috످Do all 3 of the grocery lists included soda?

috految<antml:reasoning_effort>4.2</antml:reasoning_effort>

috److I don't see any grocery lists in our conversation. If you paste all three here, I can check whether each one includes soda.

috످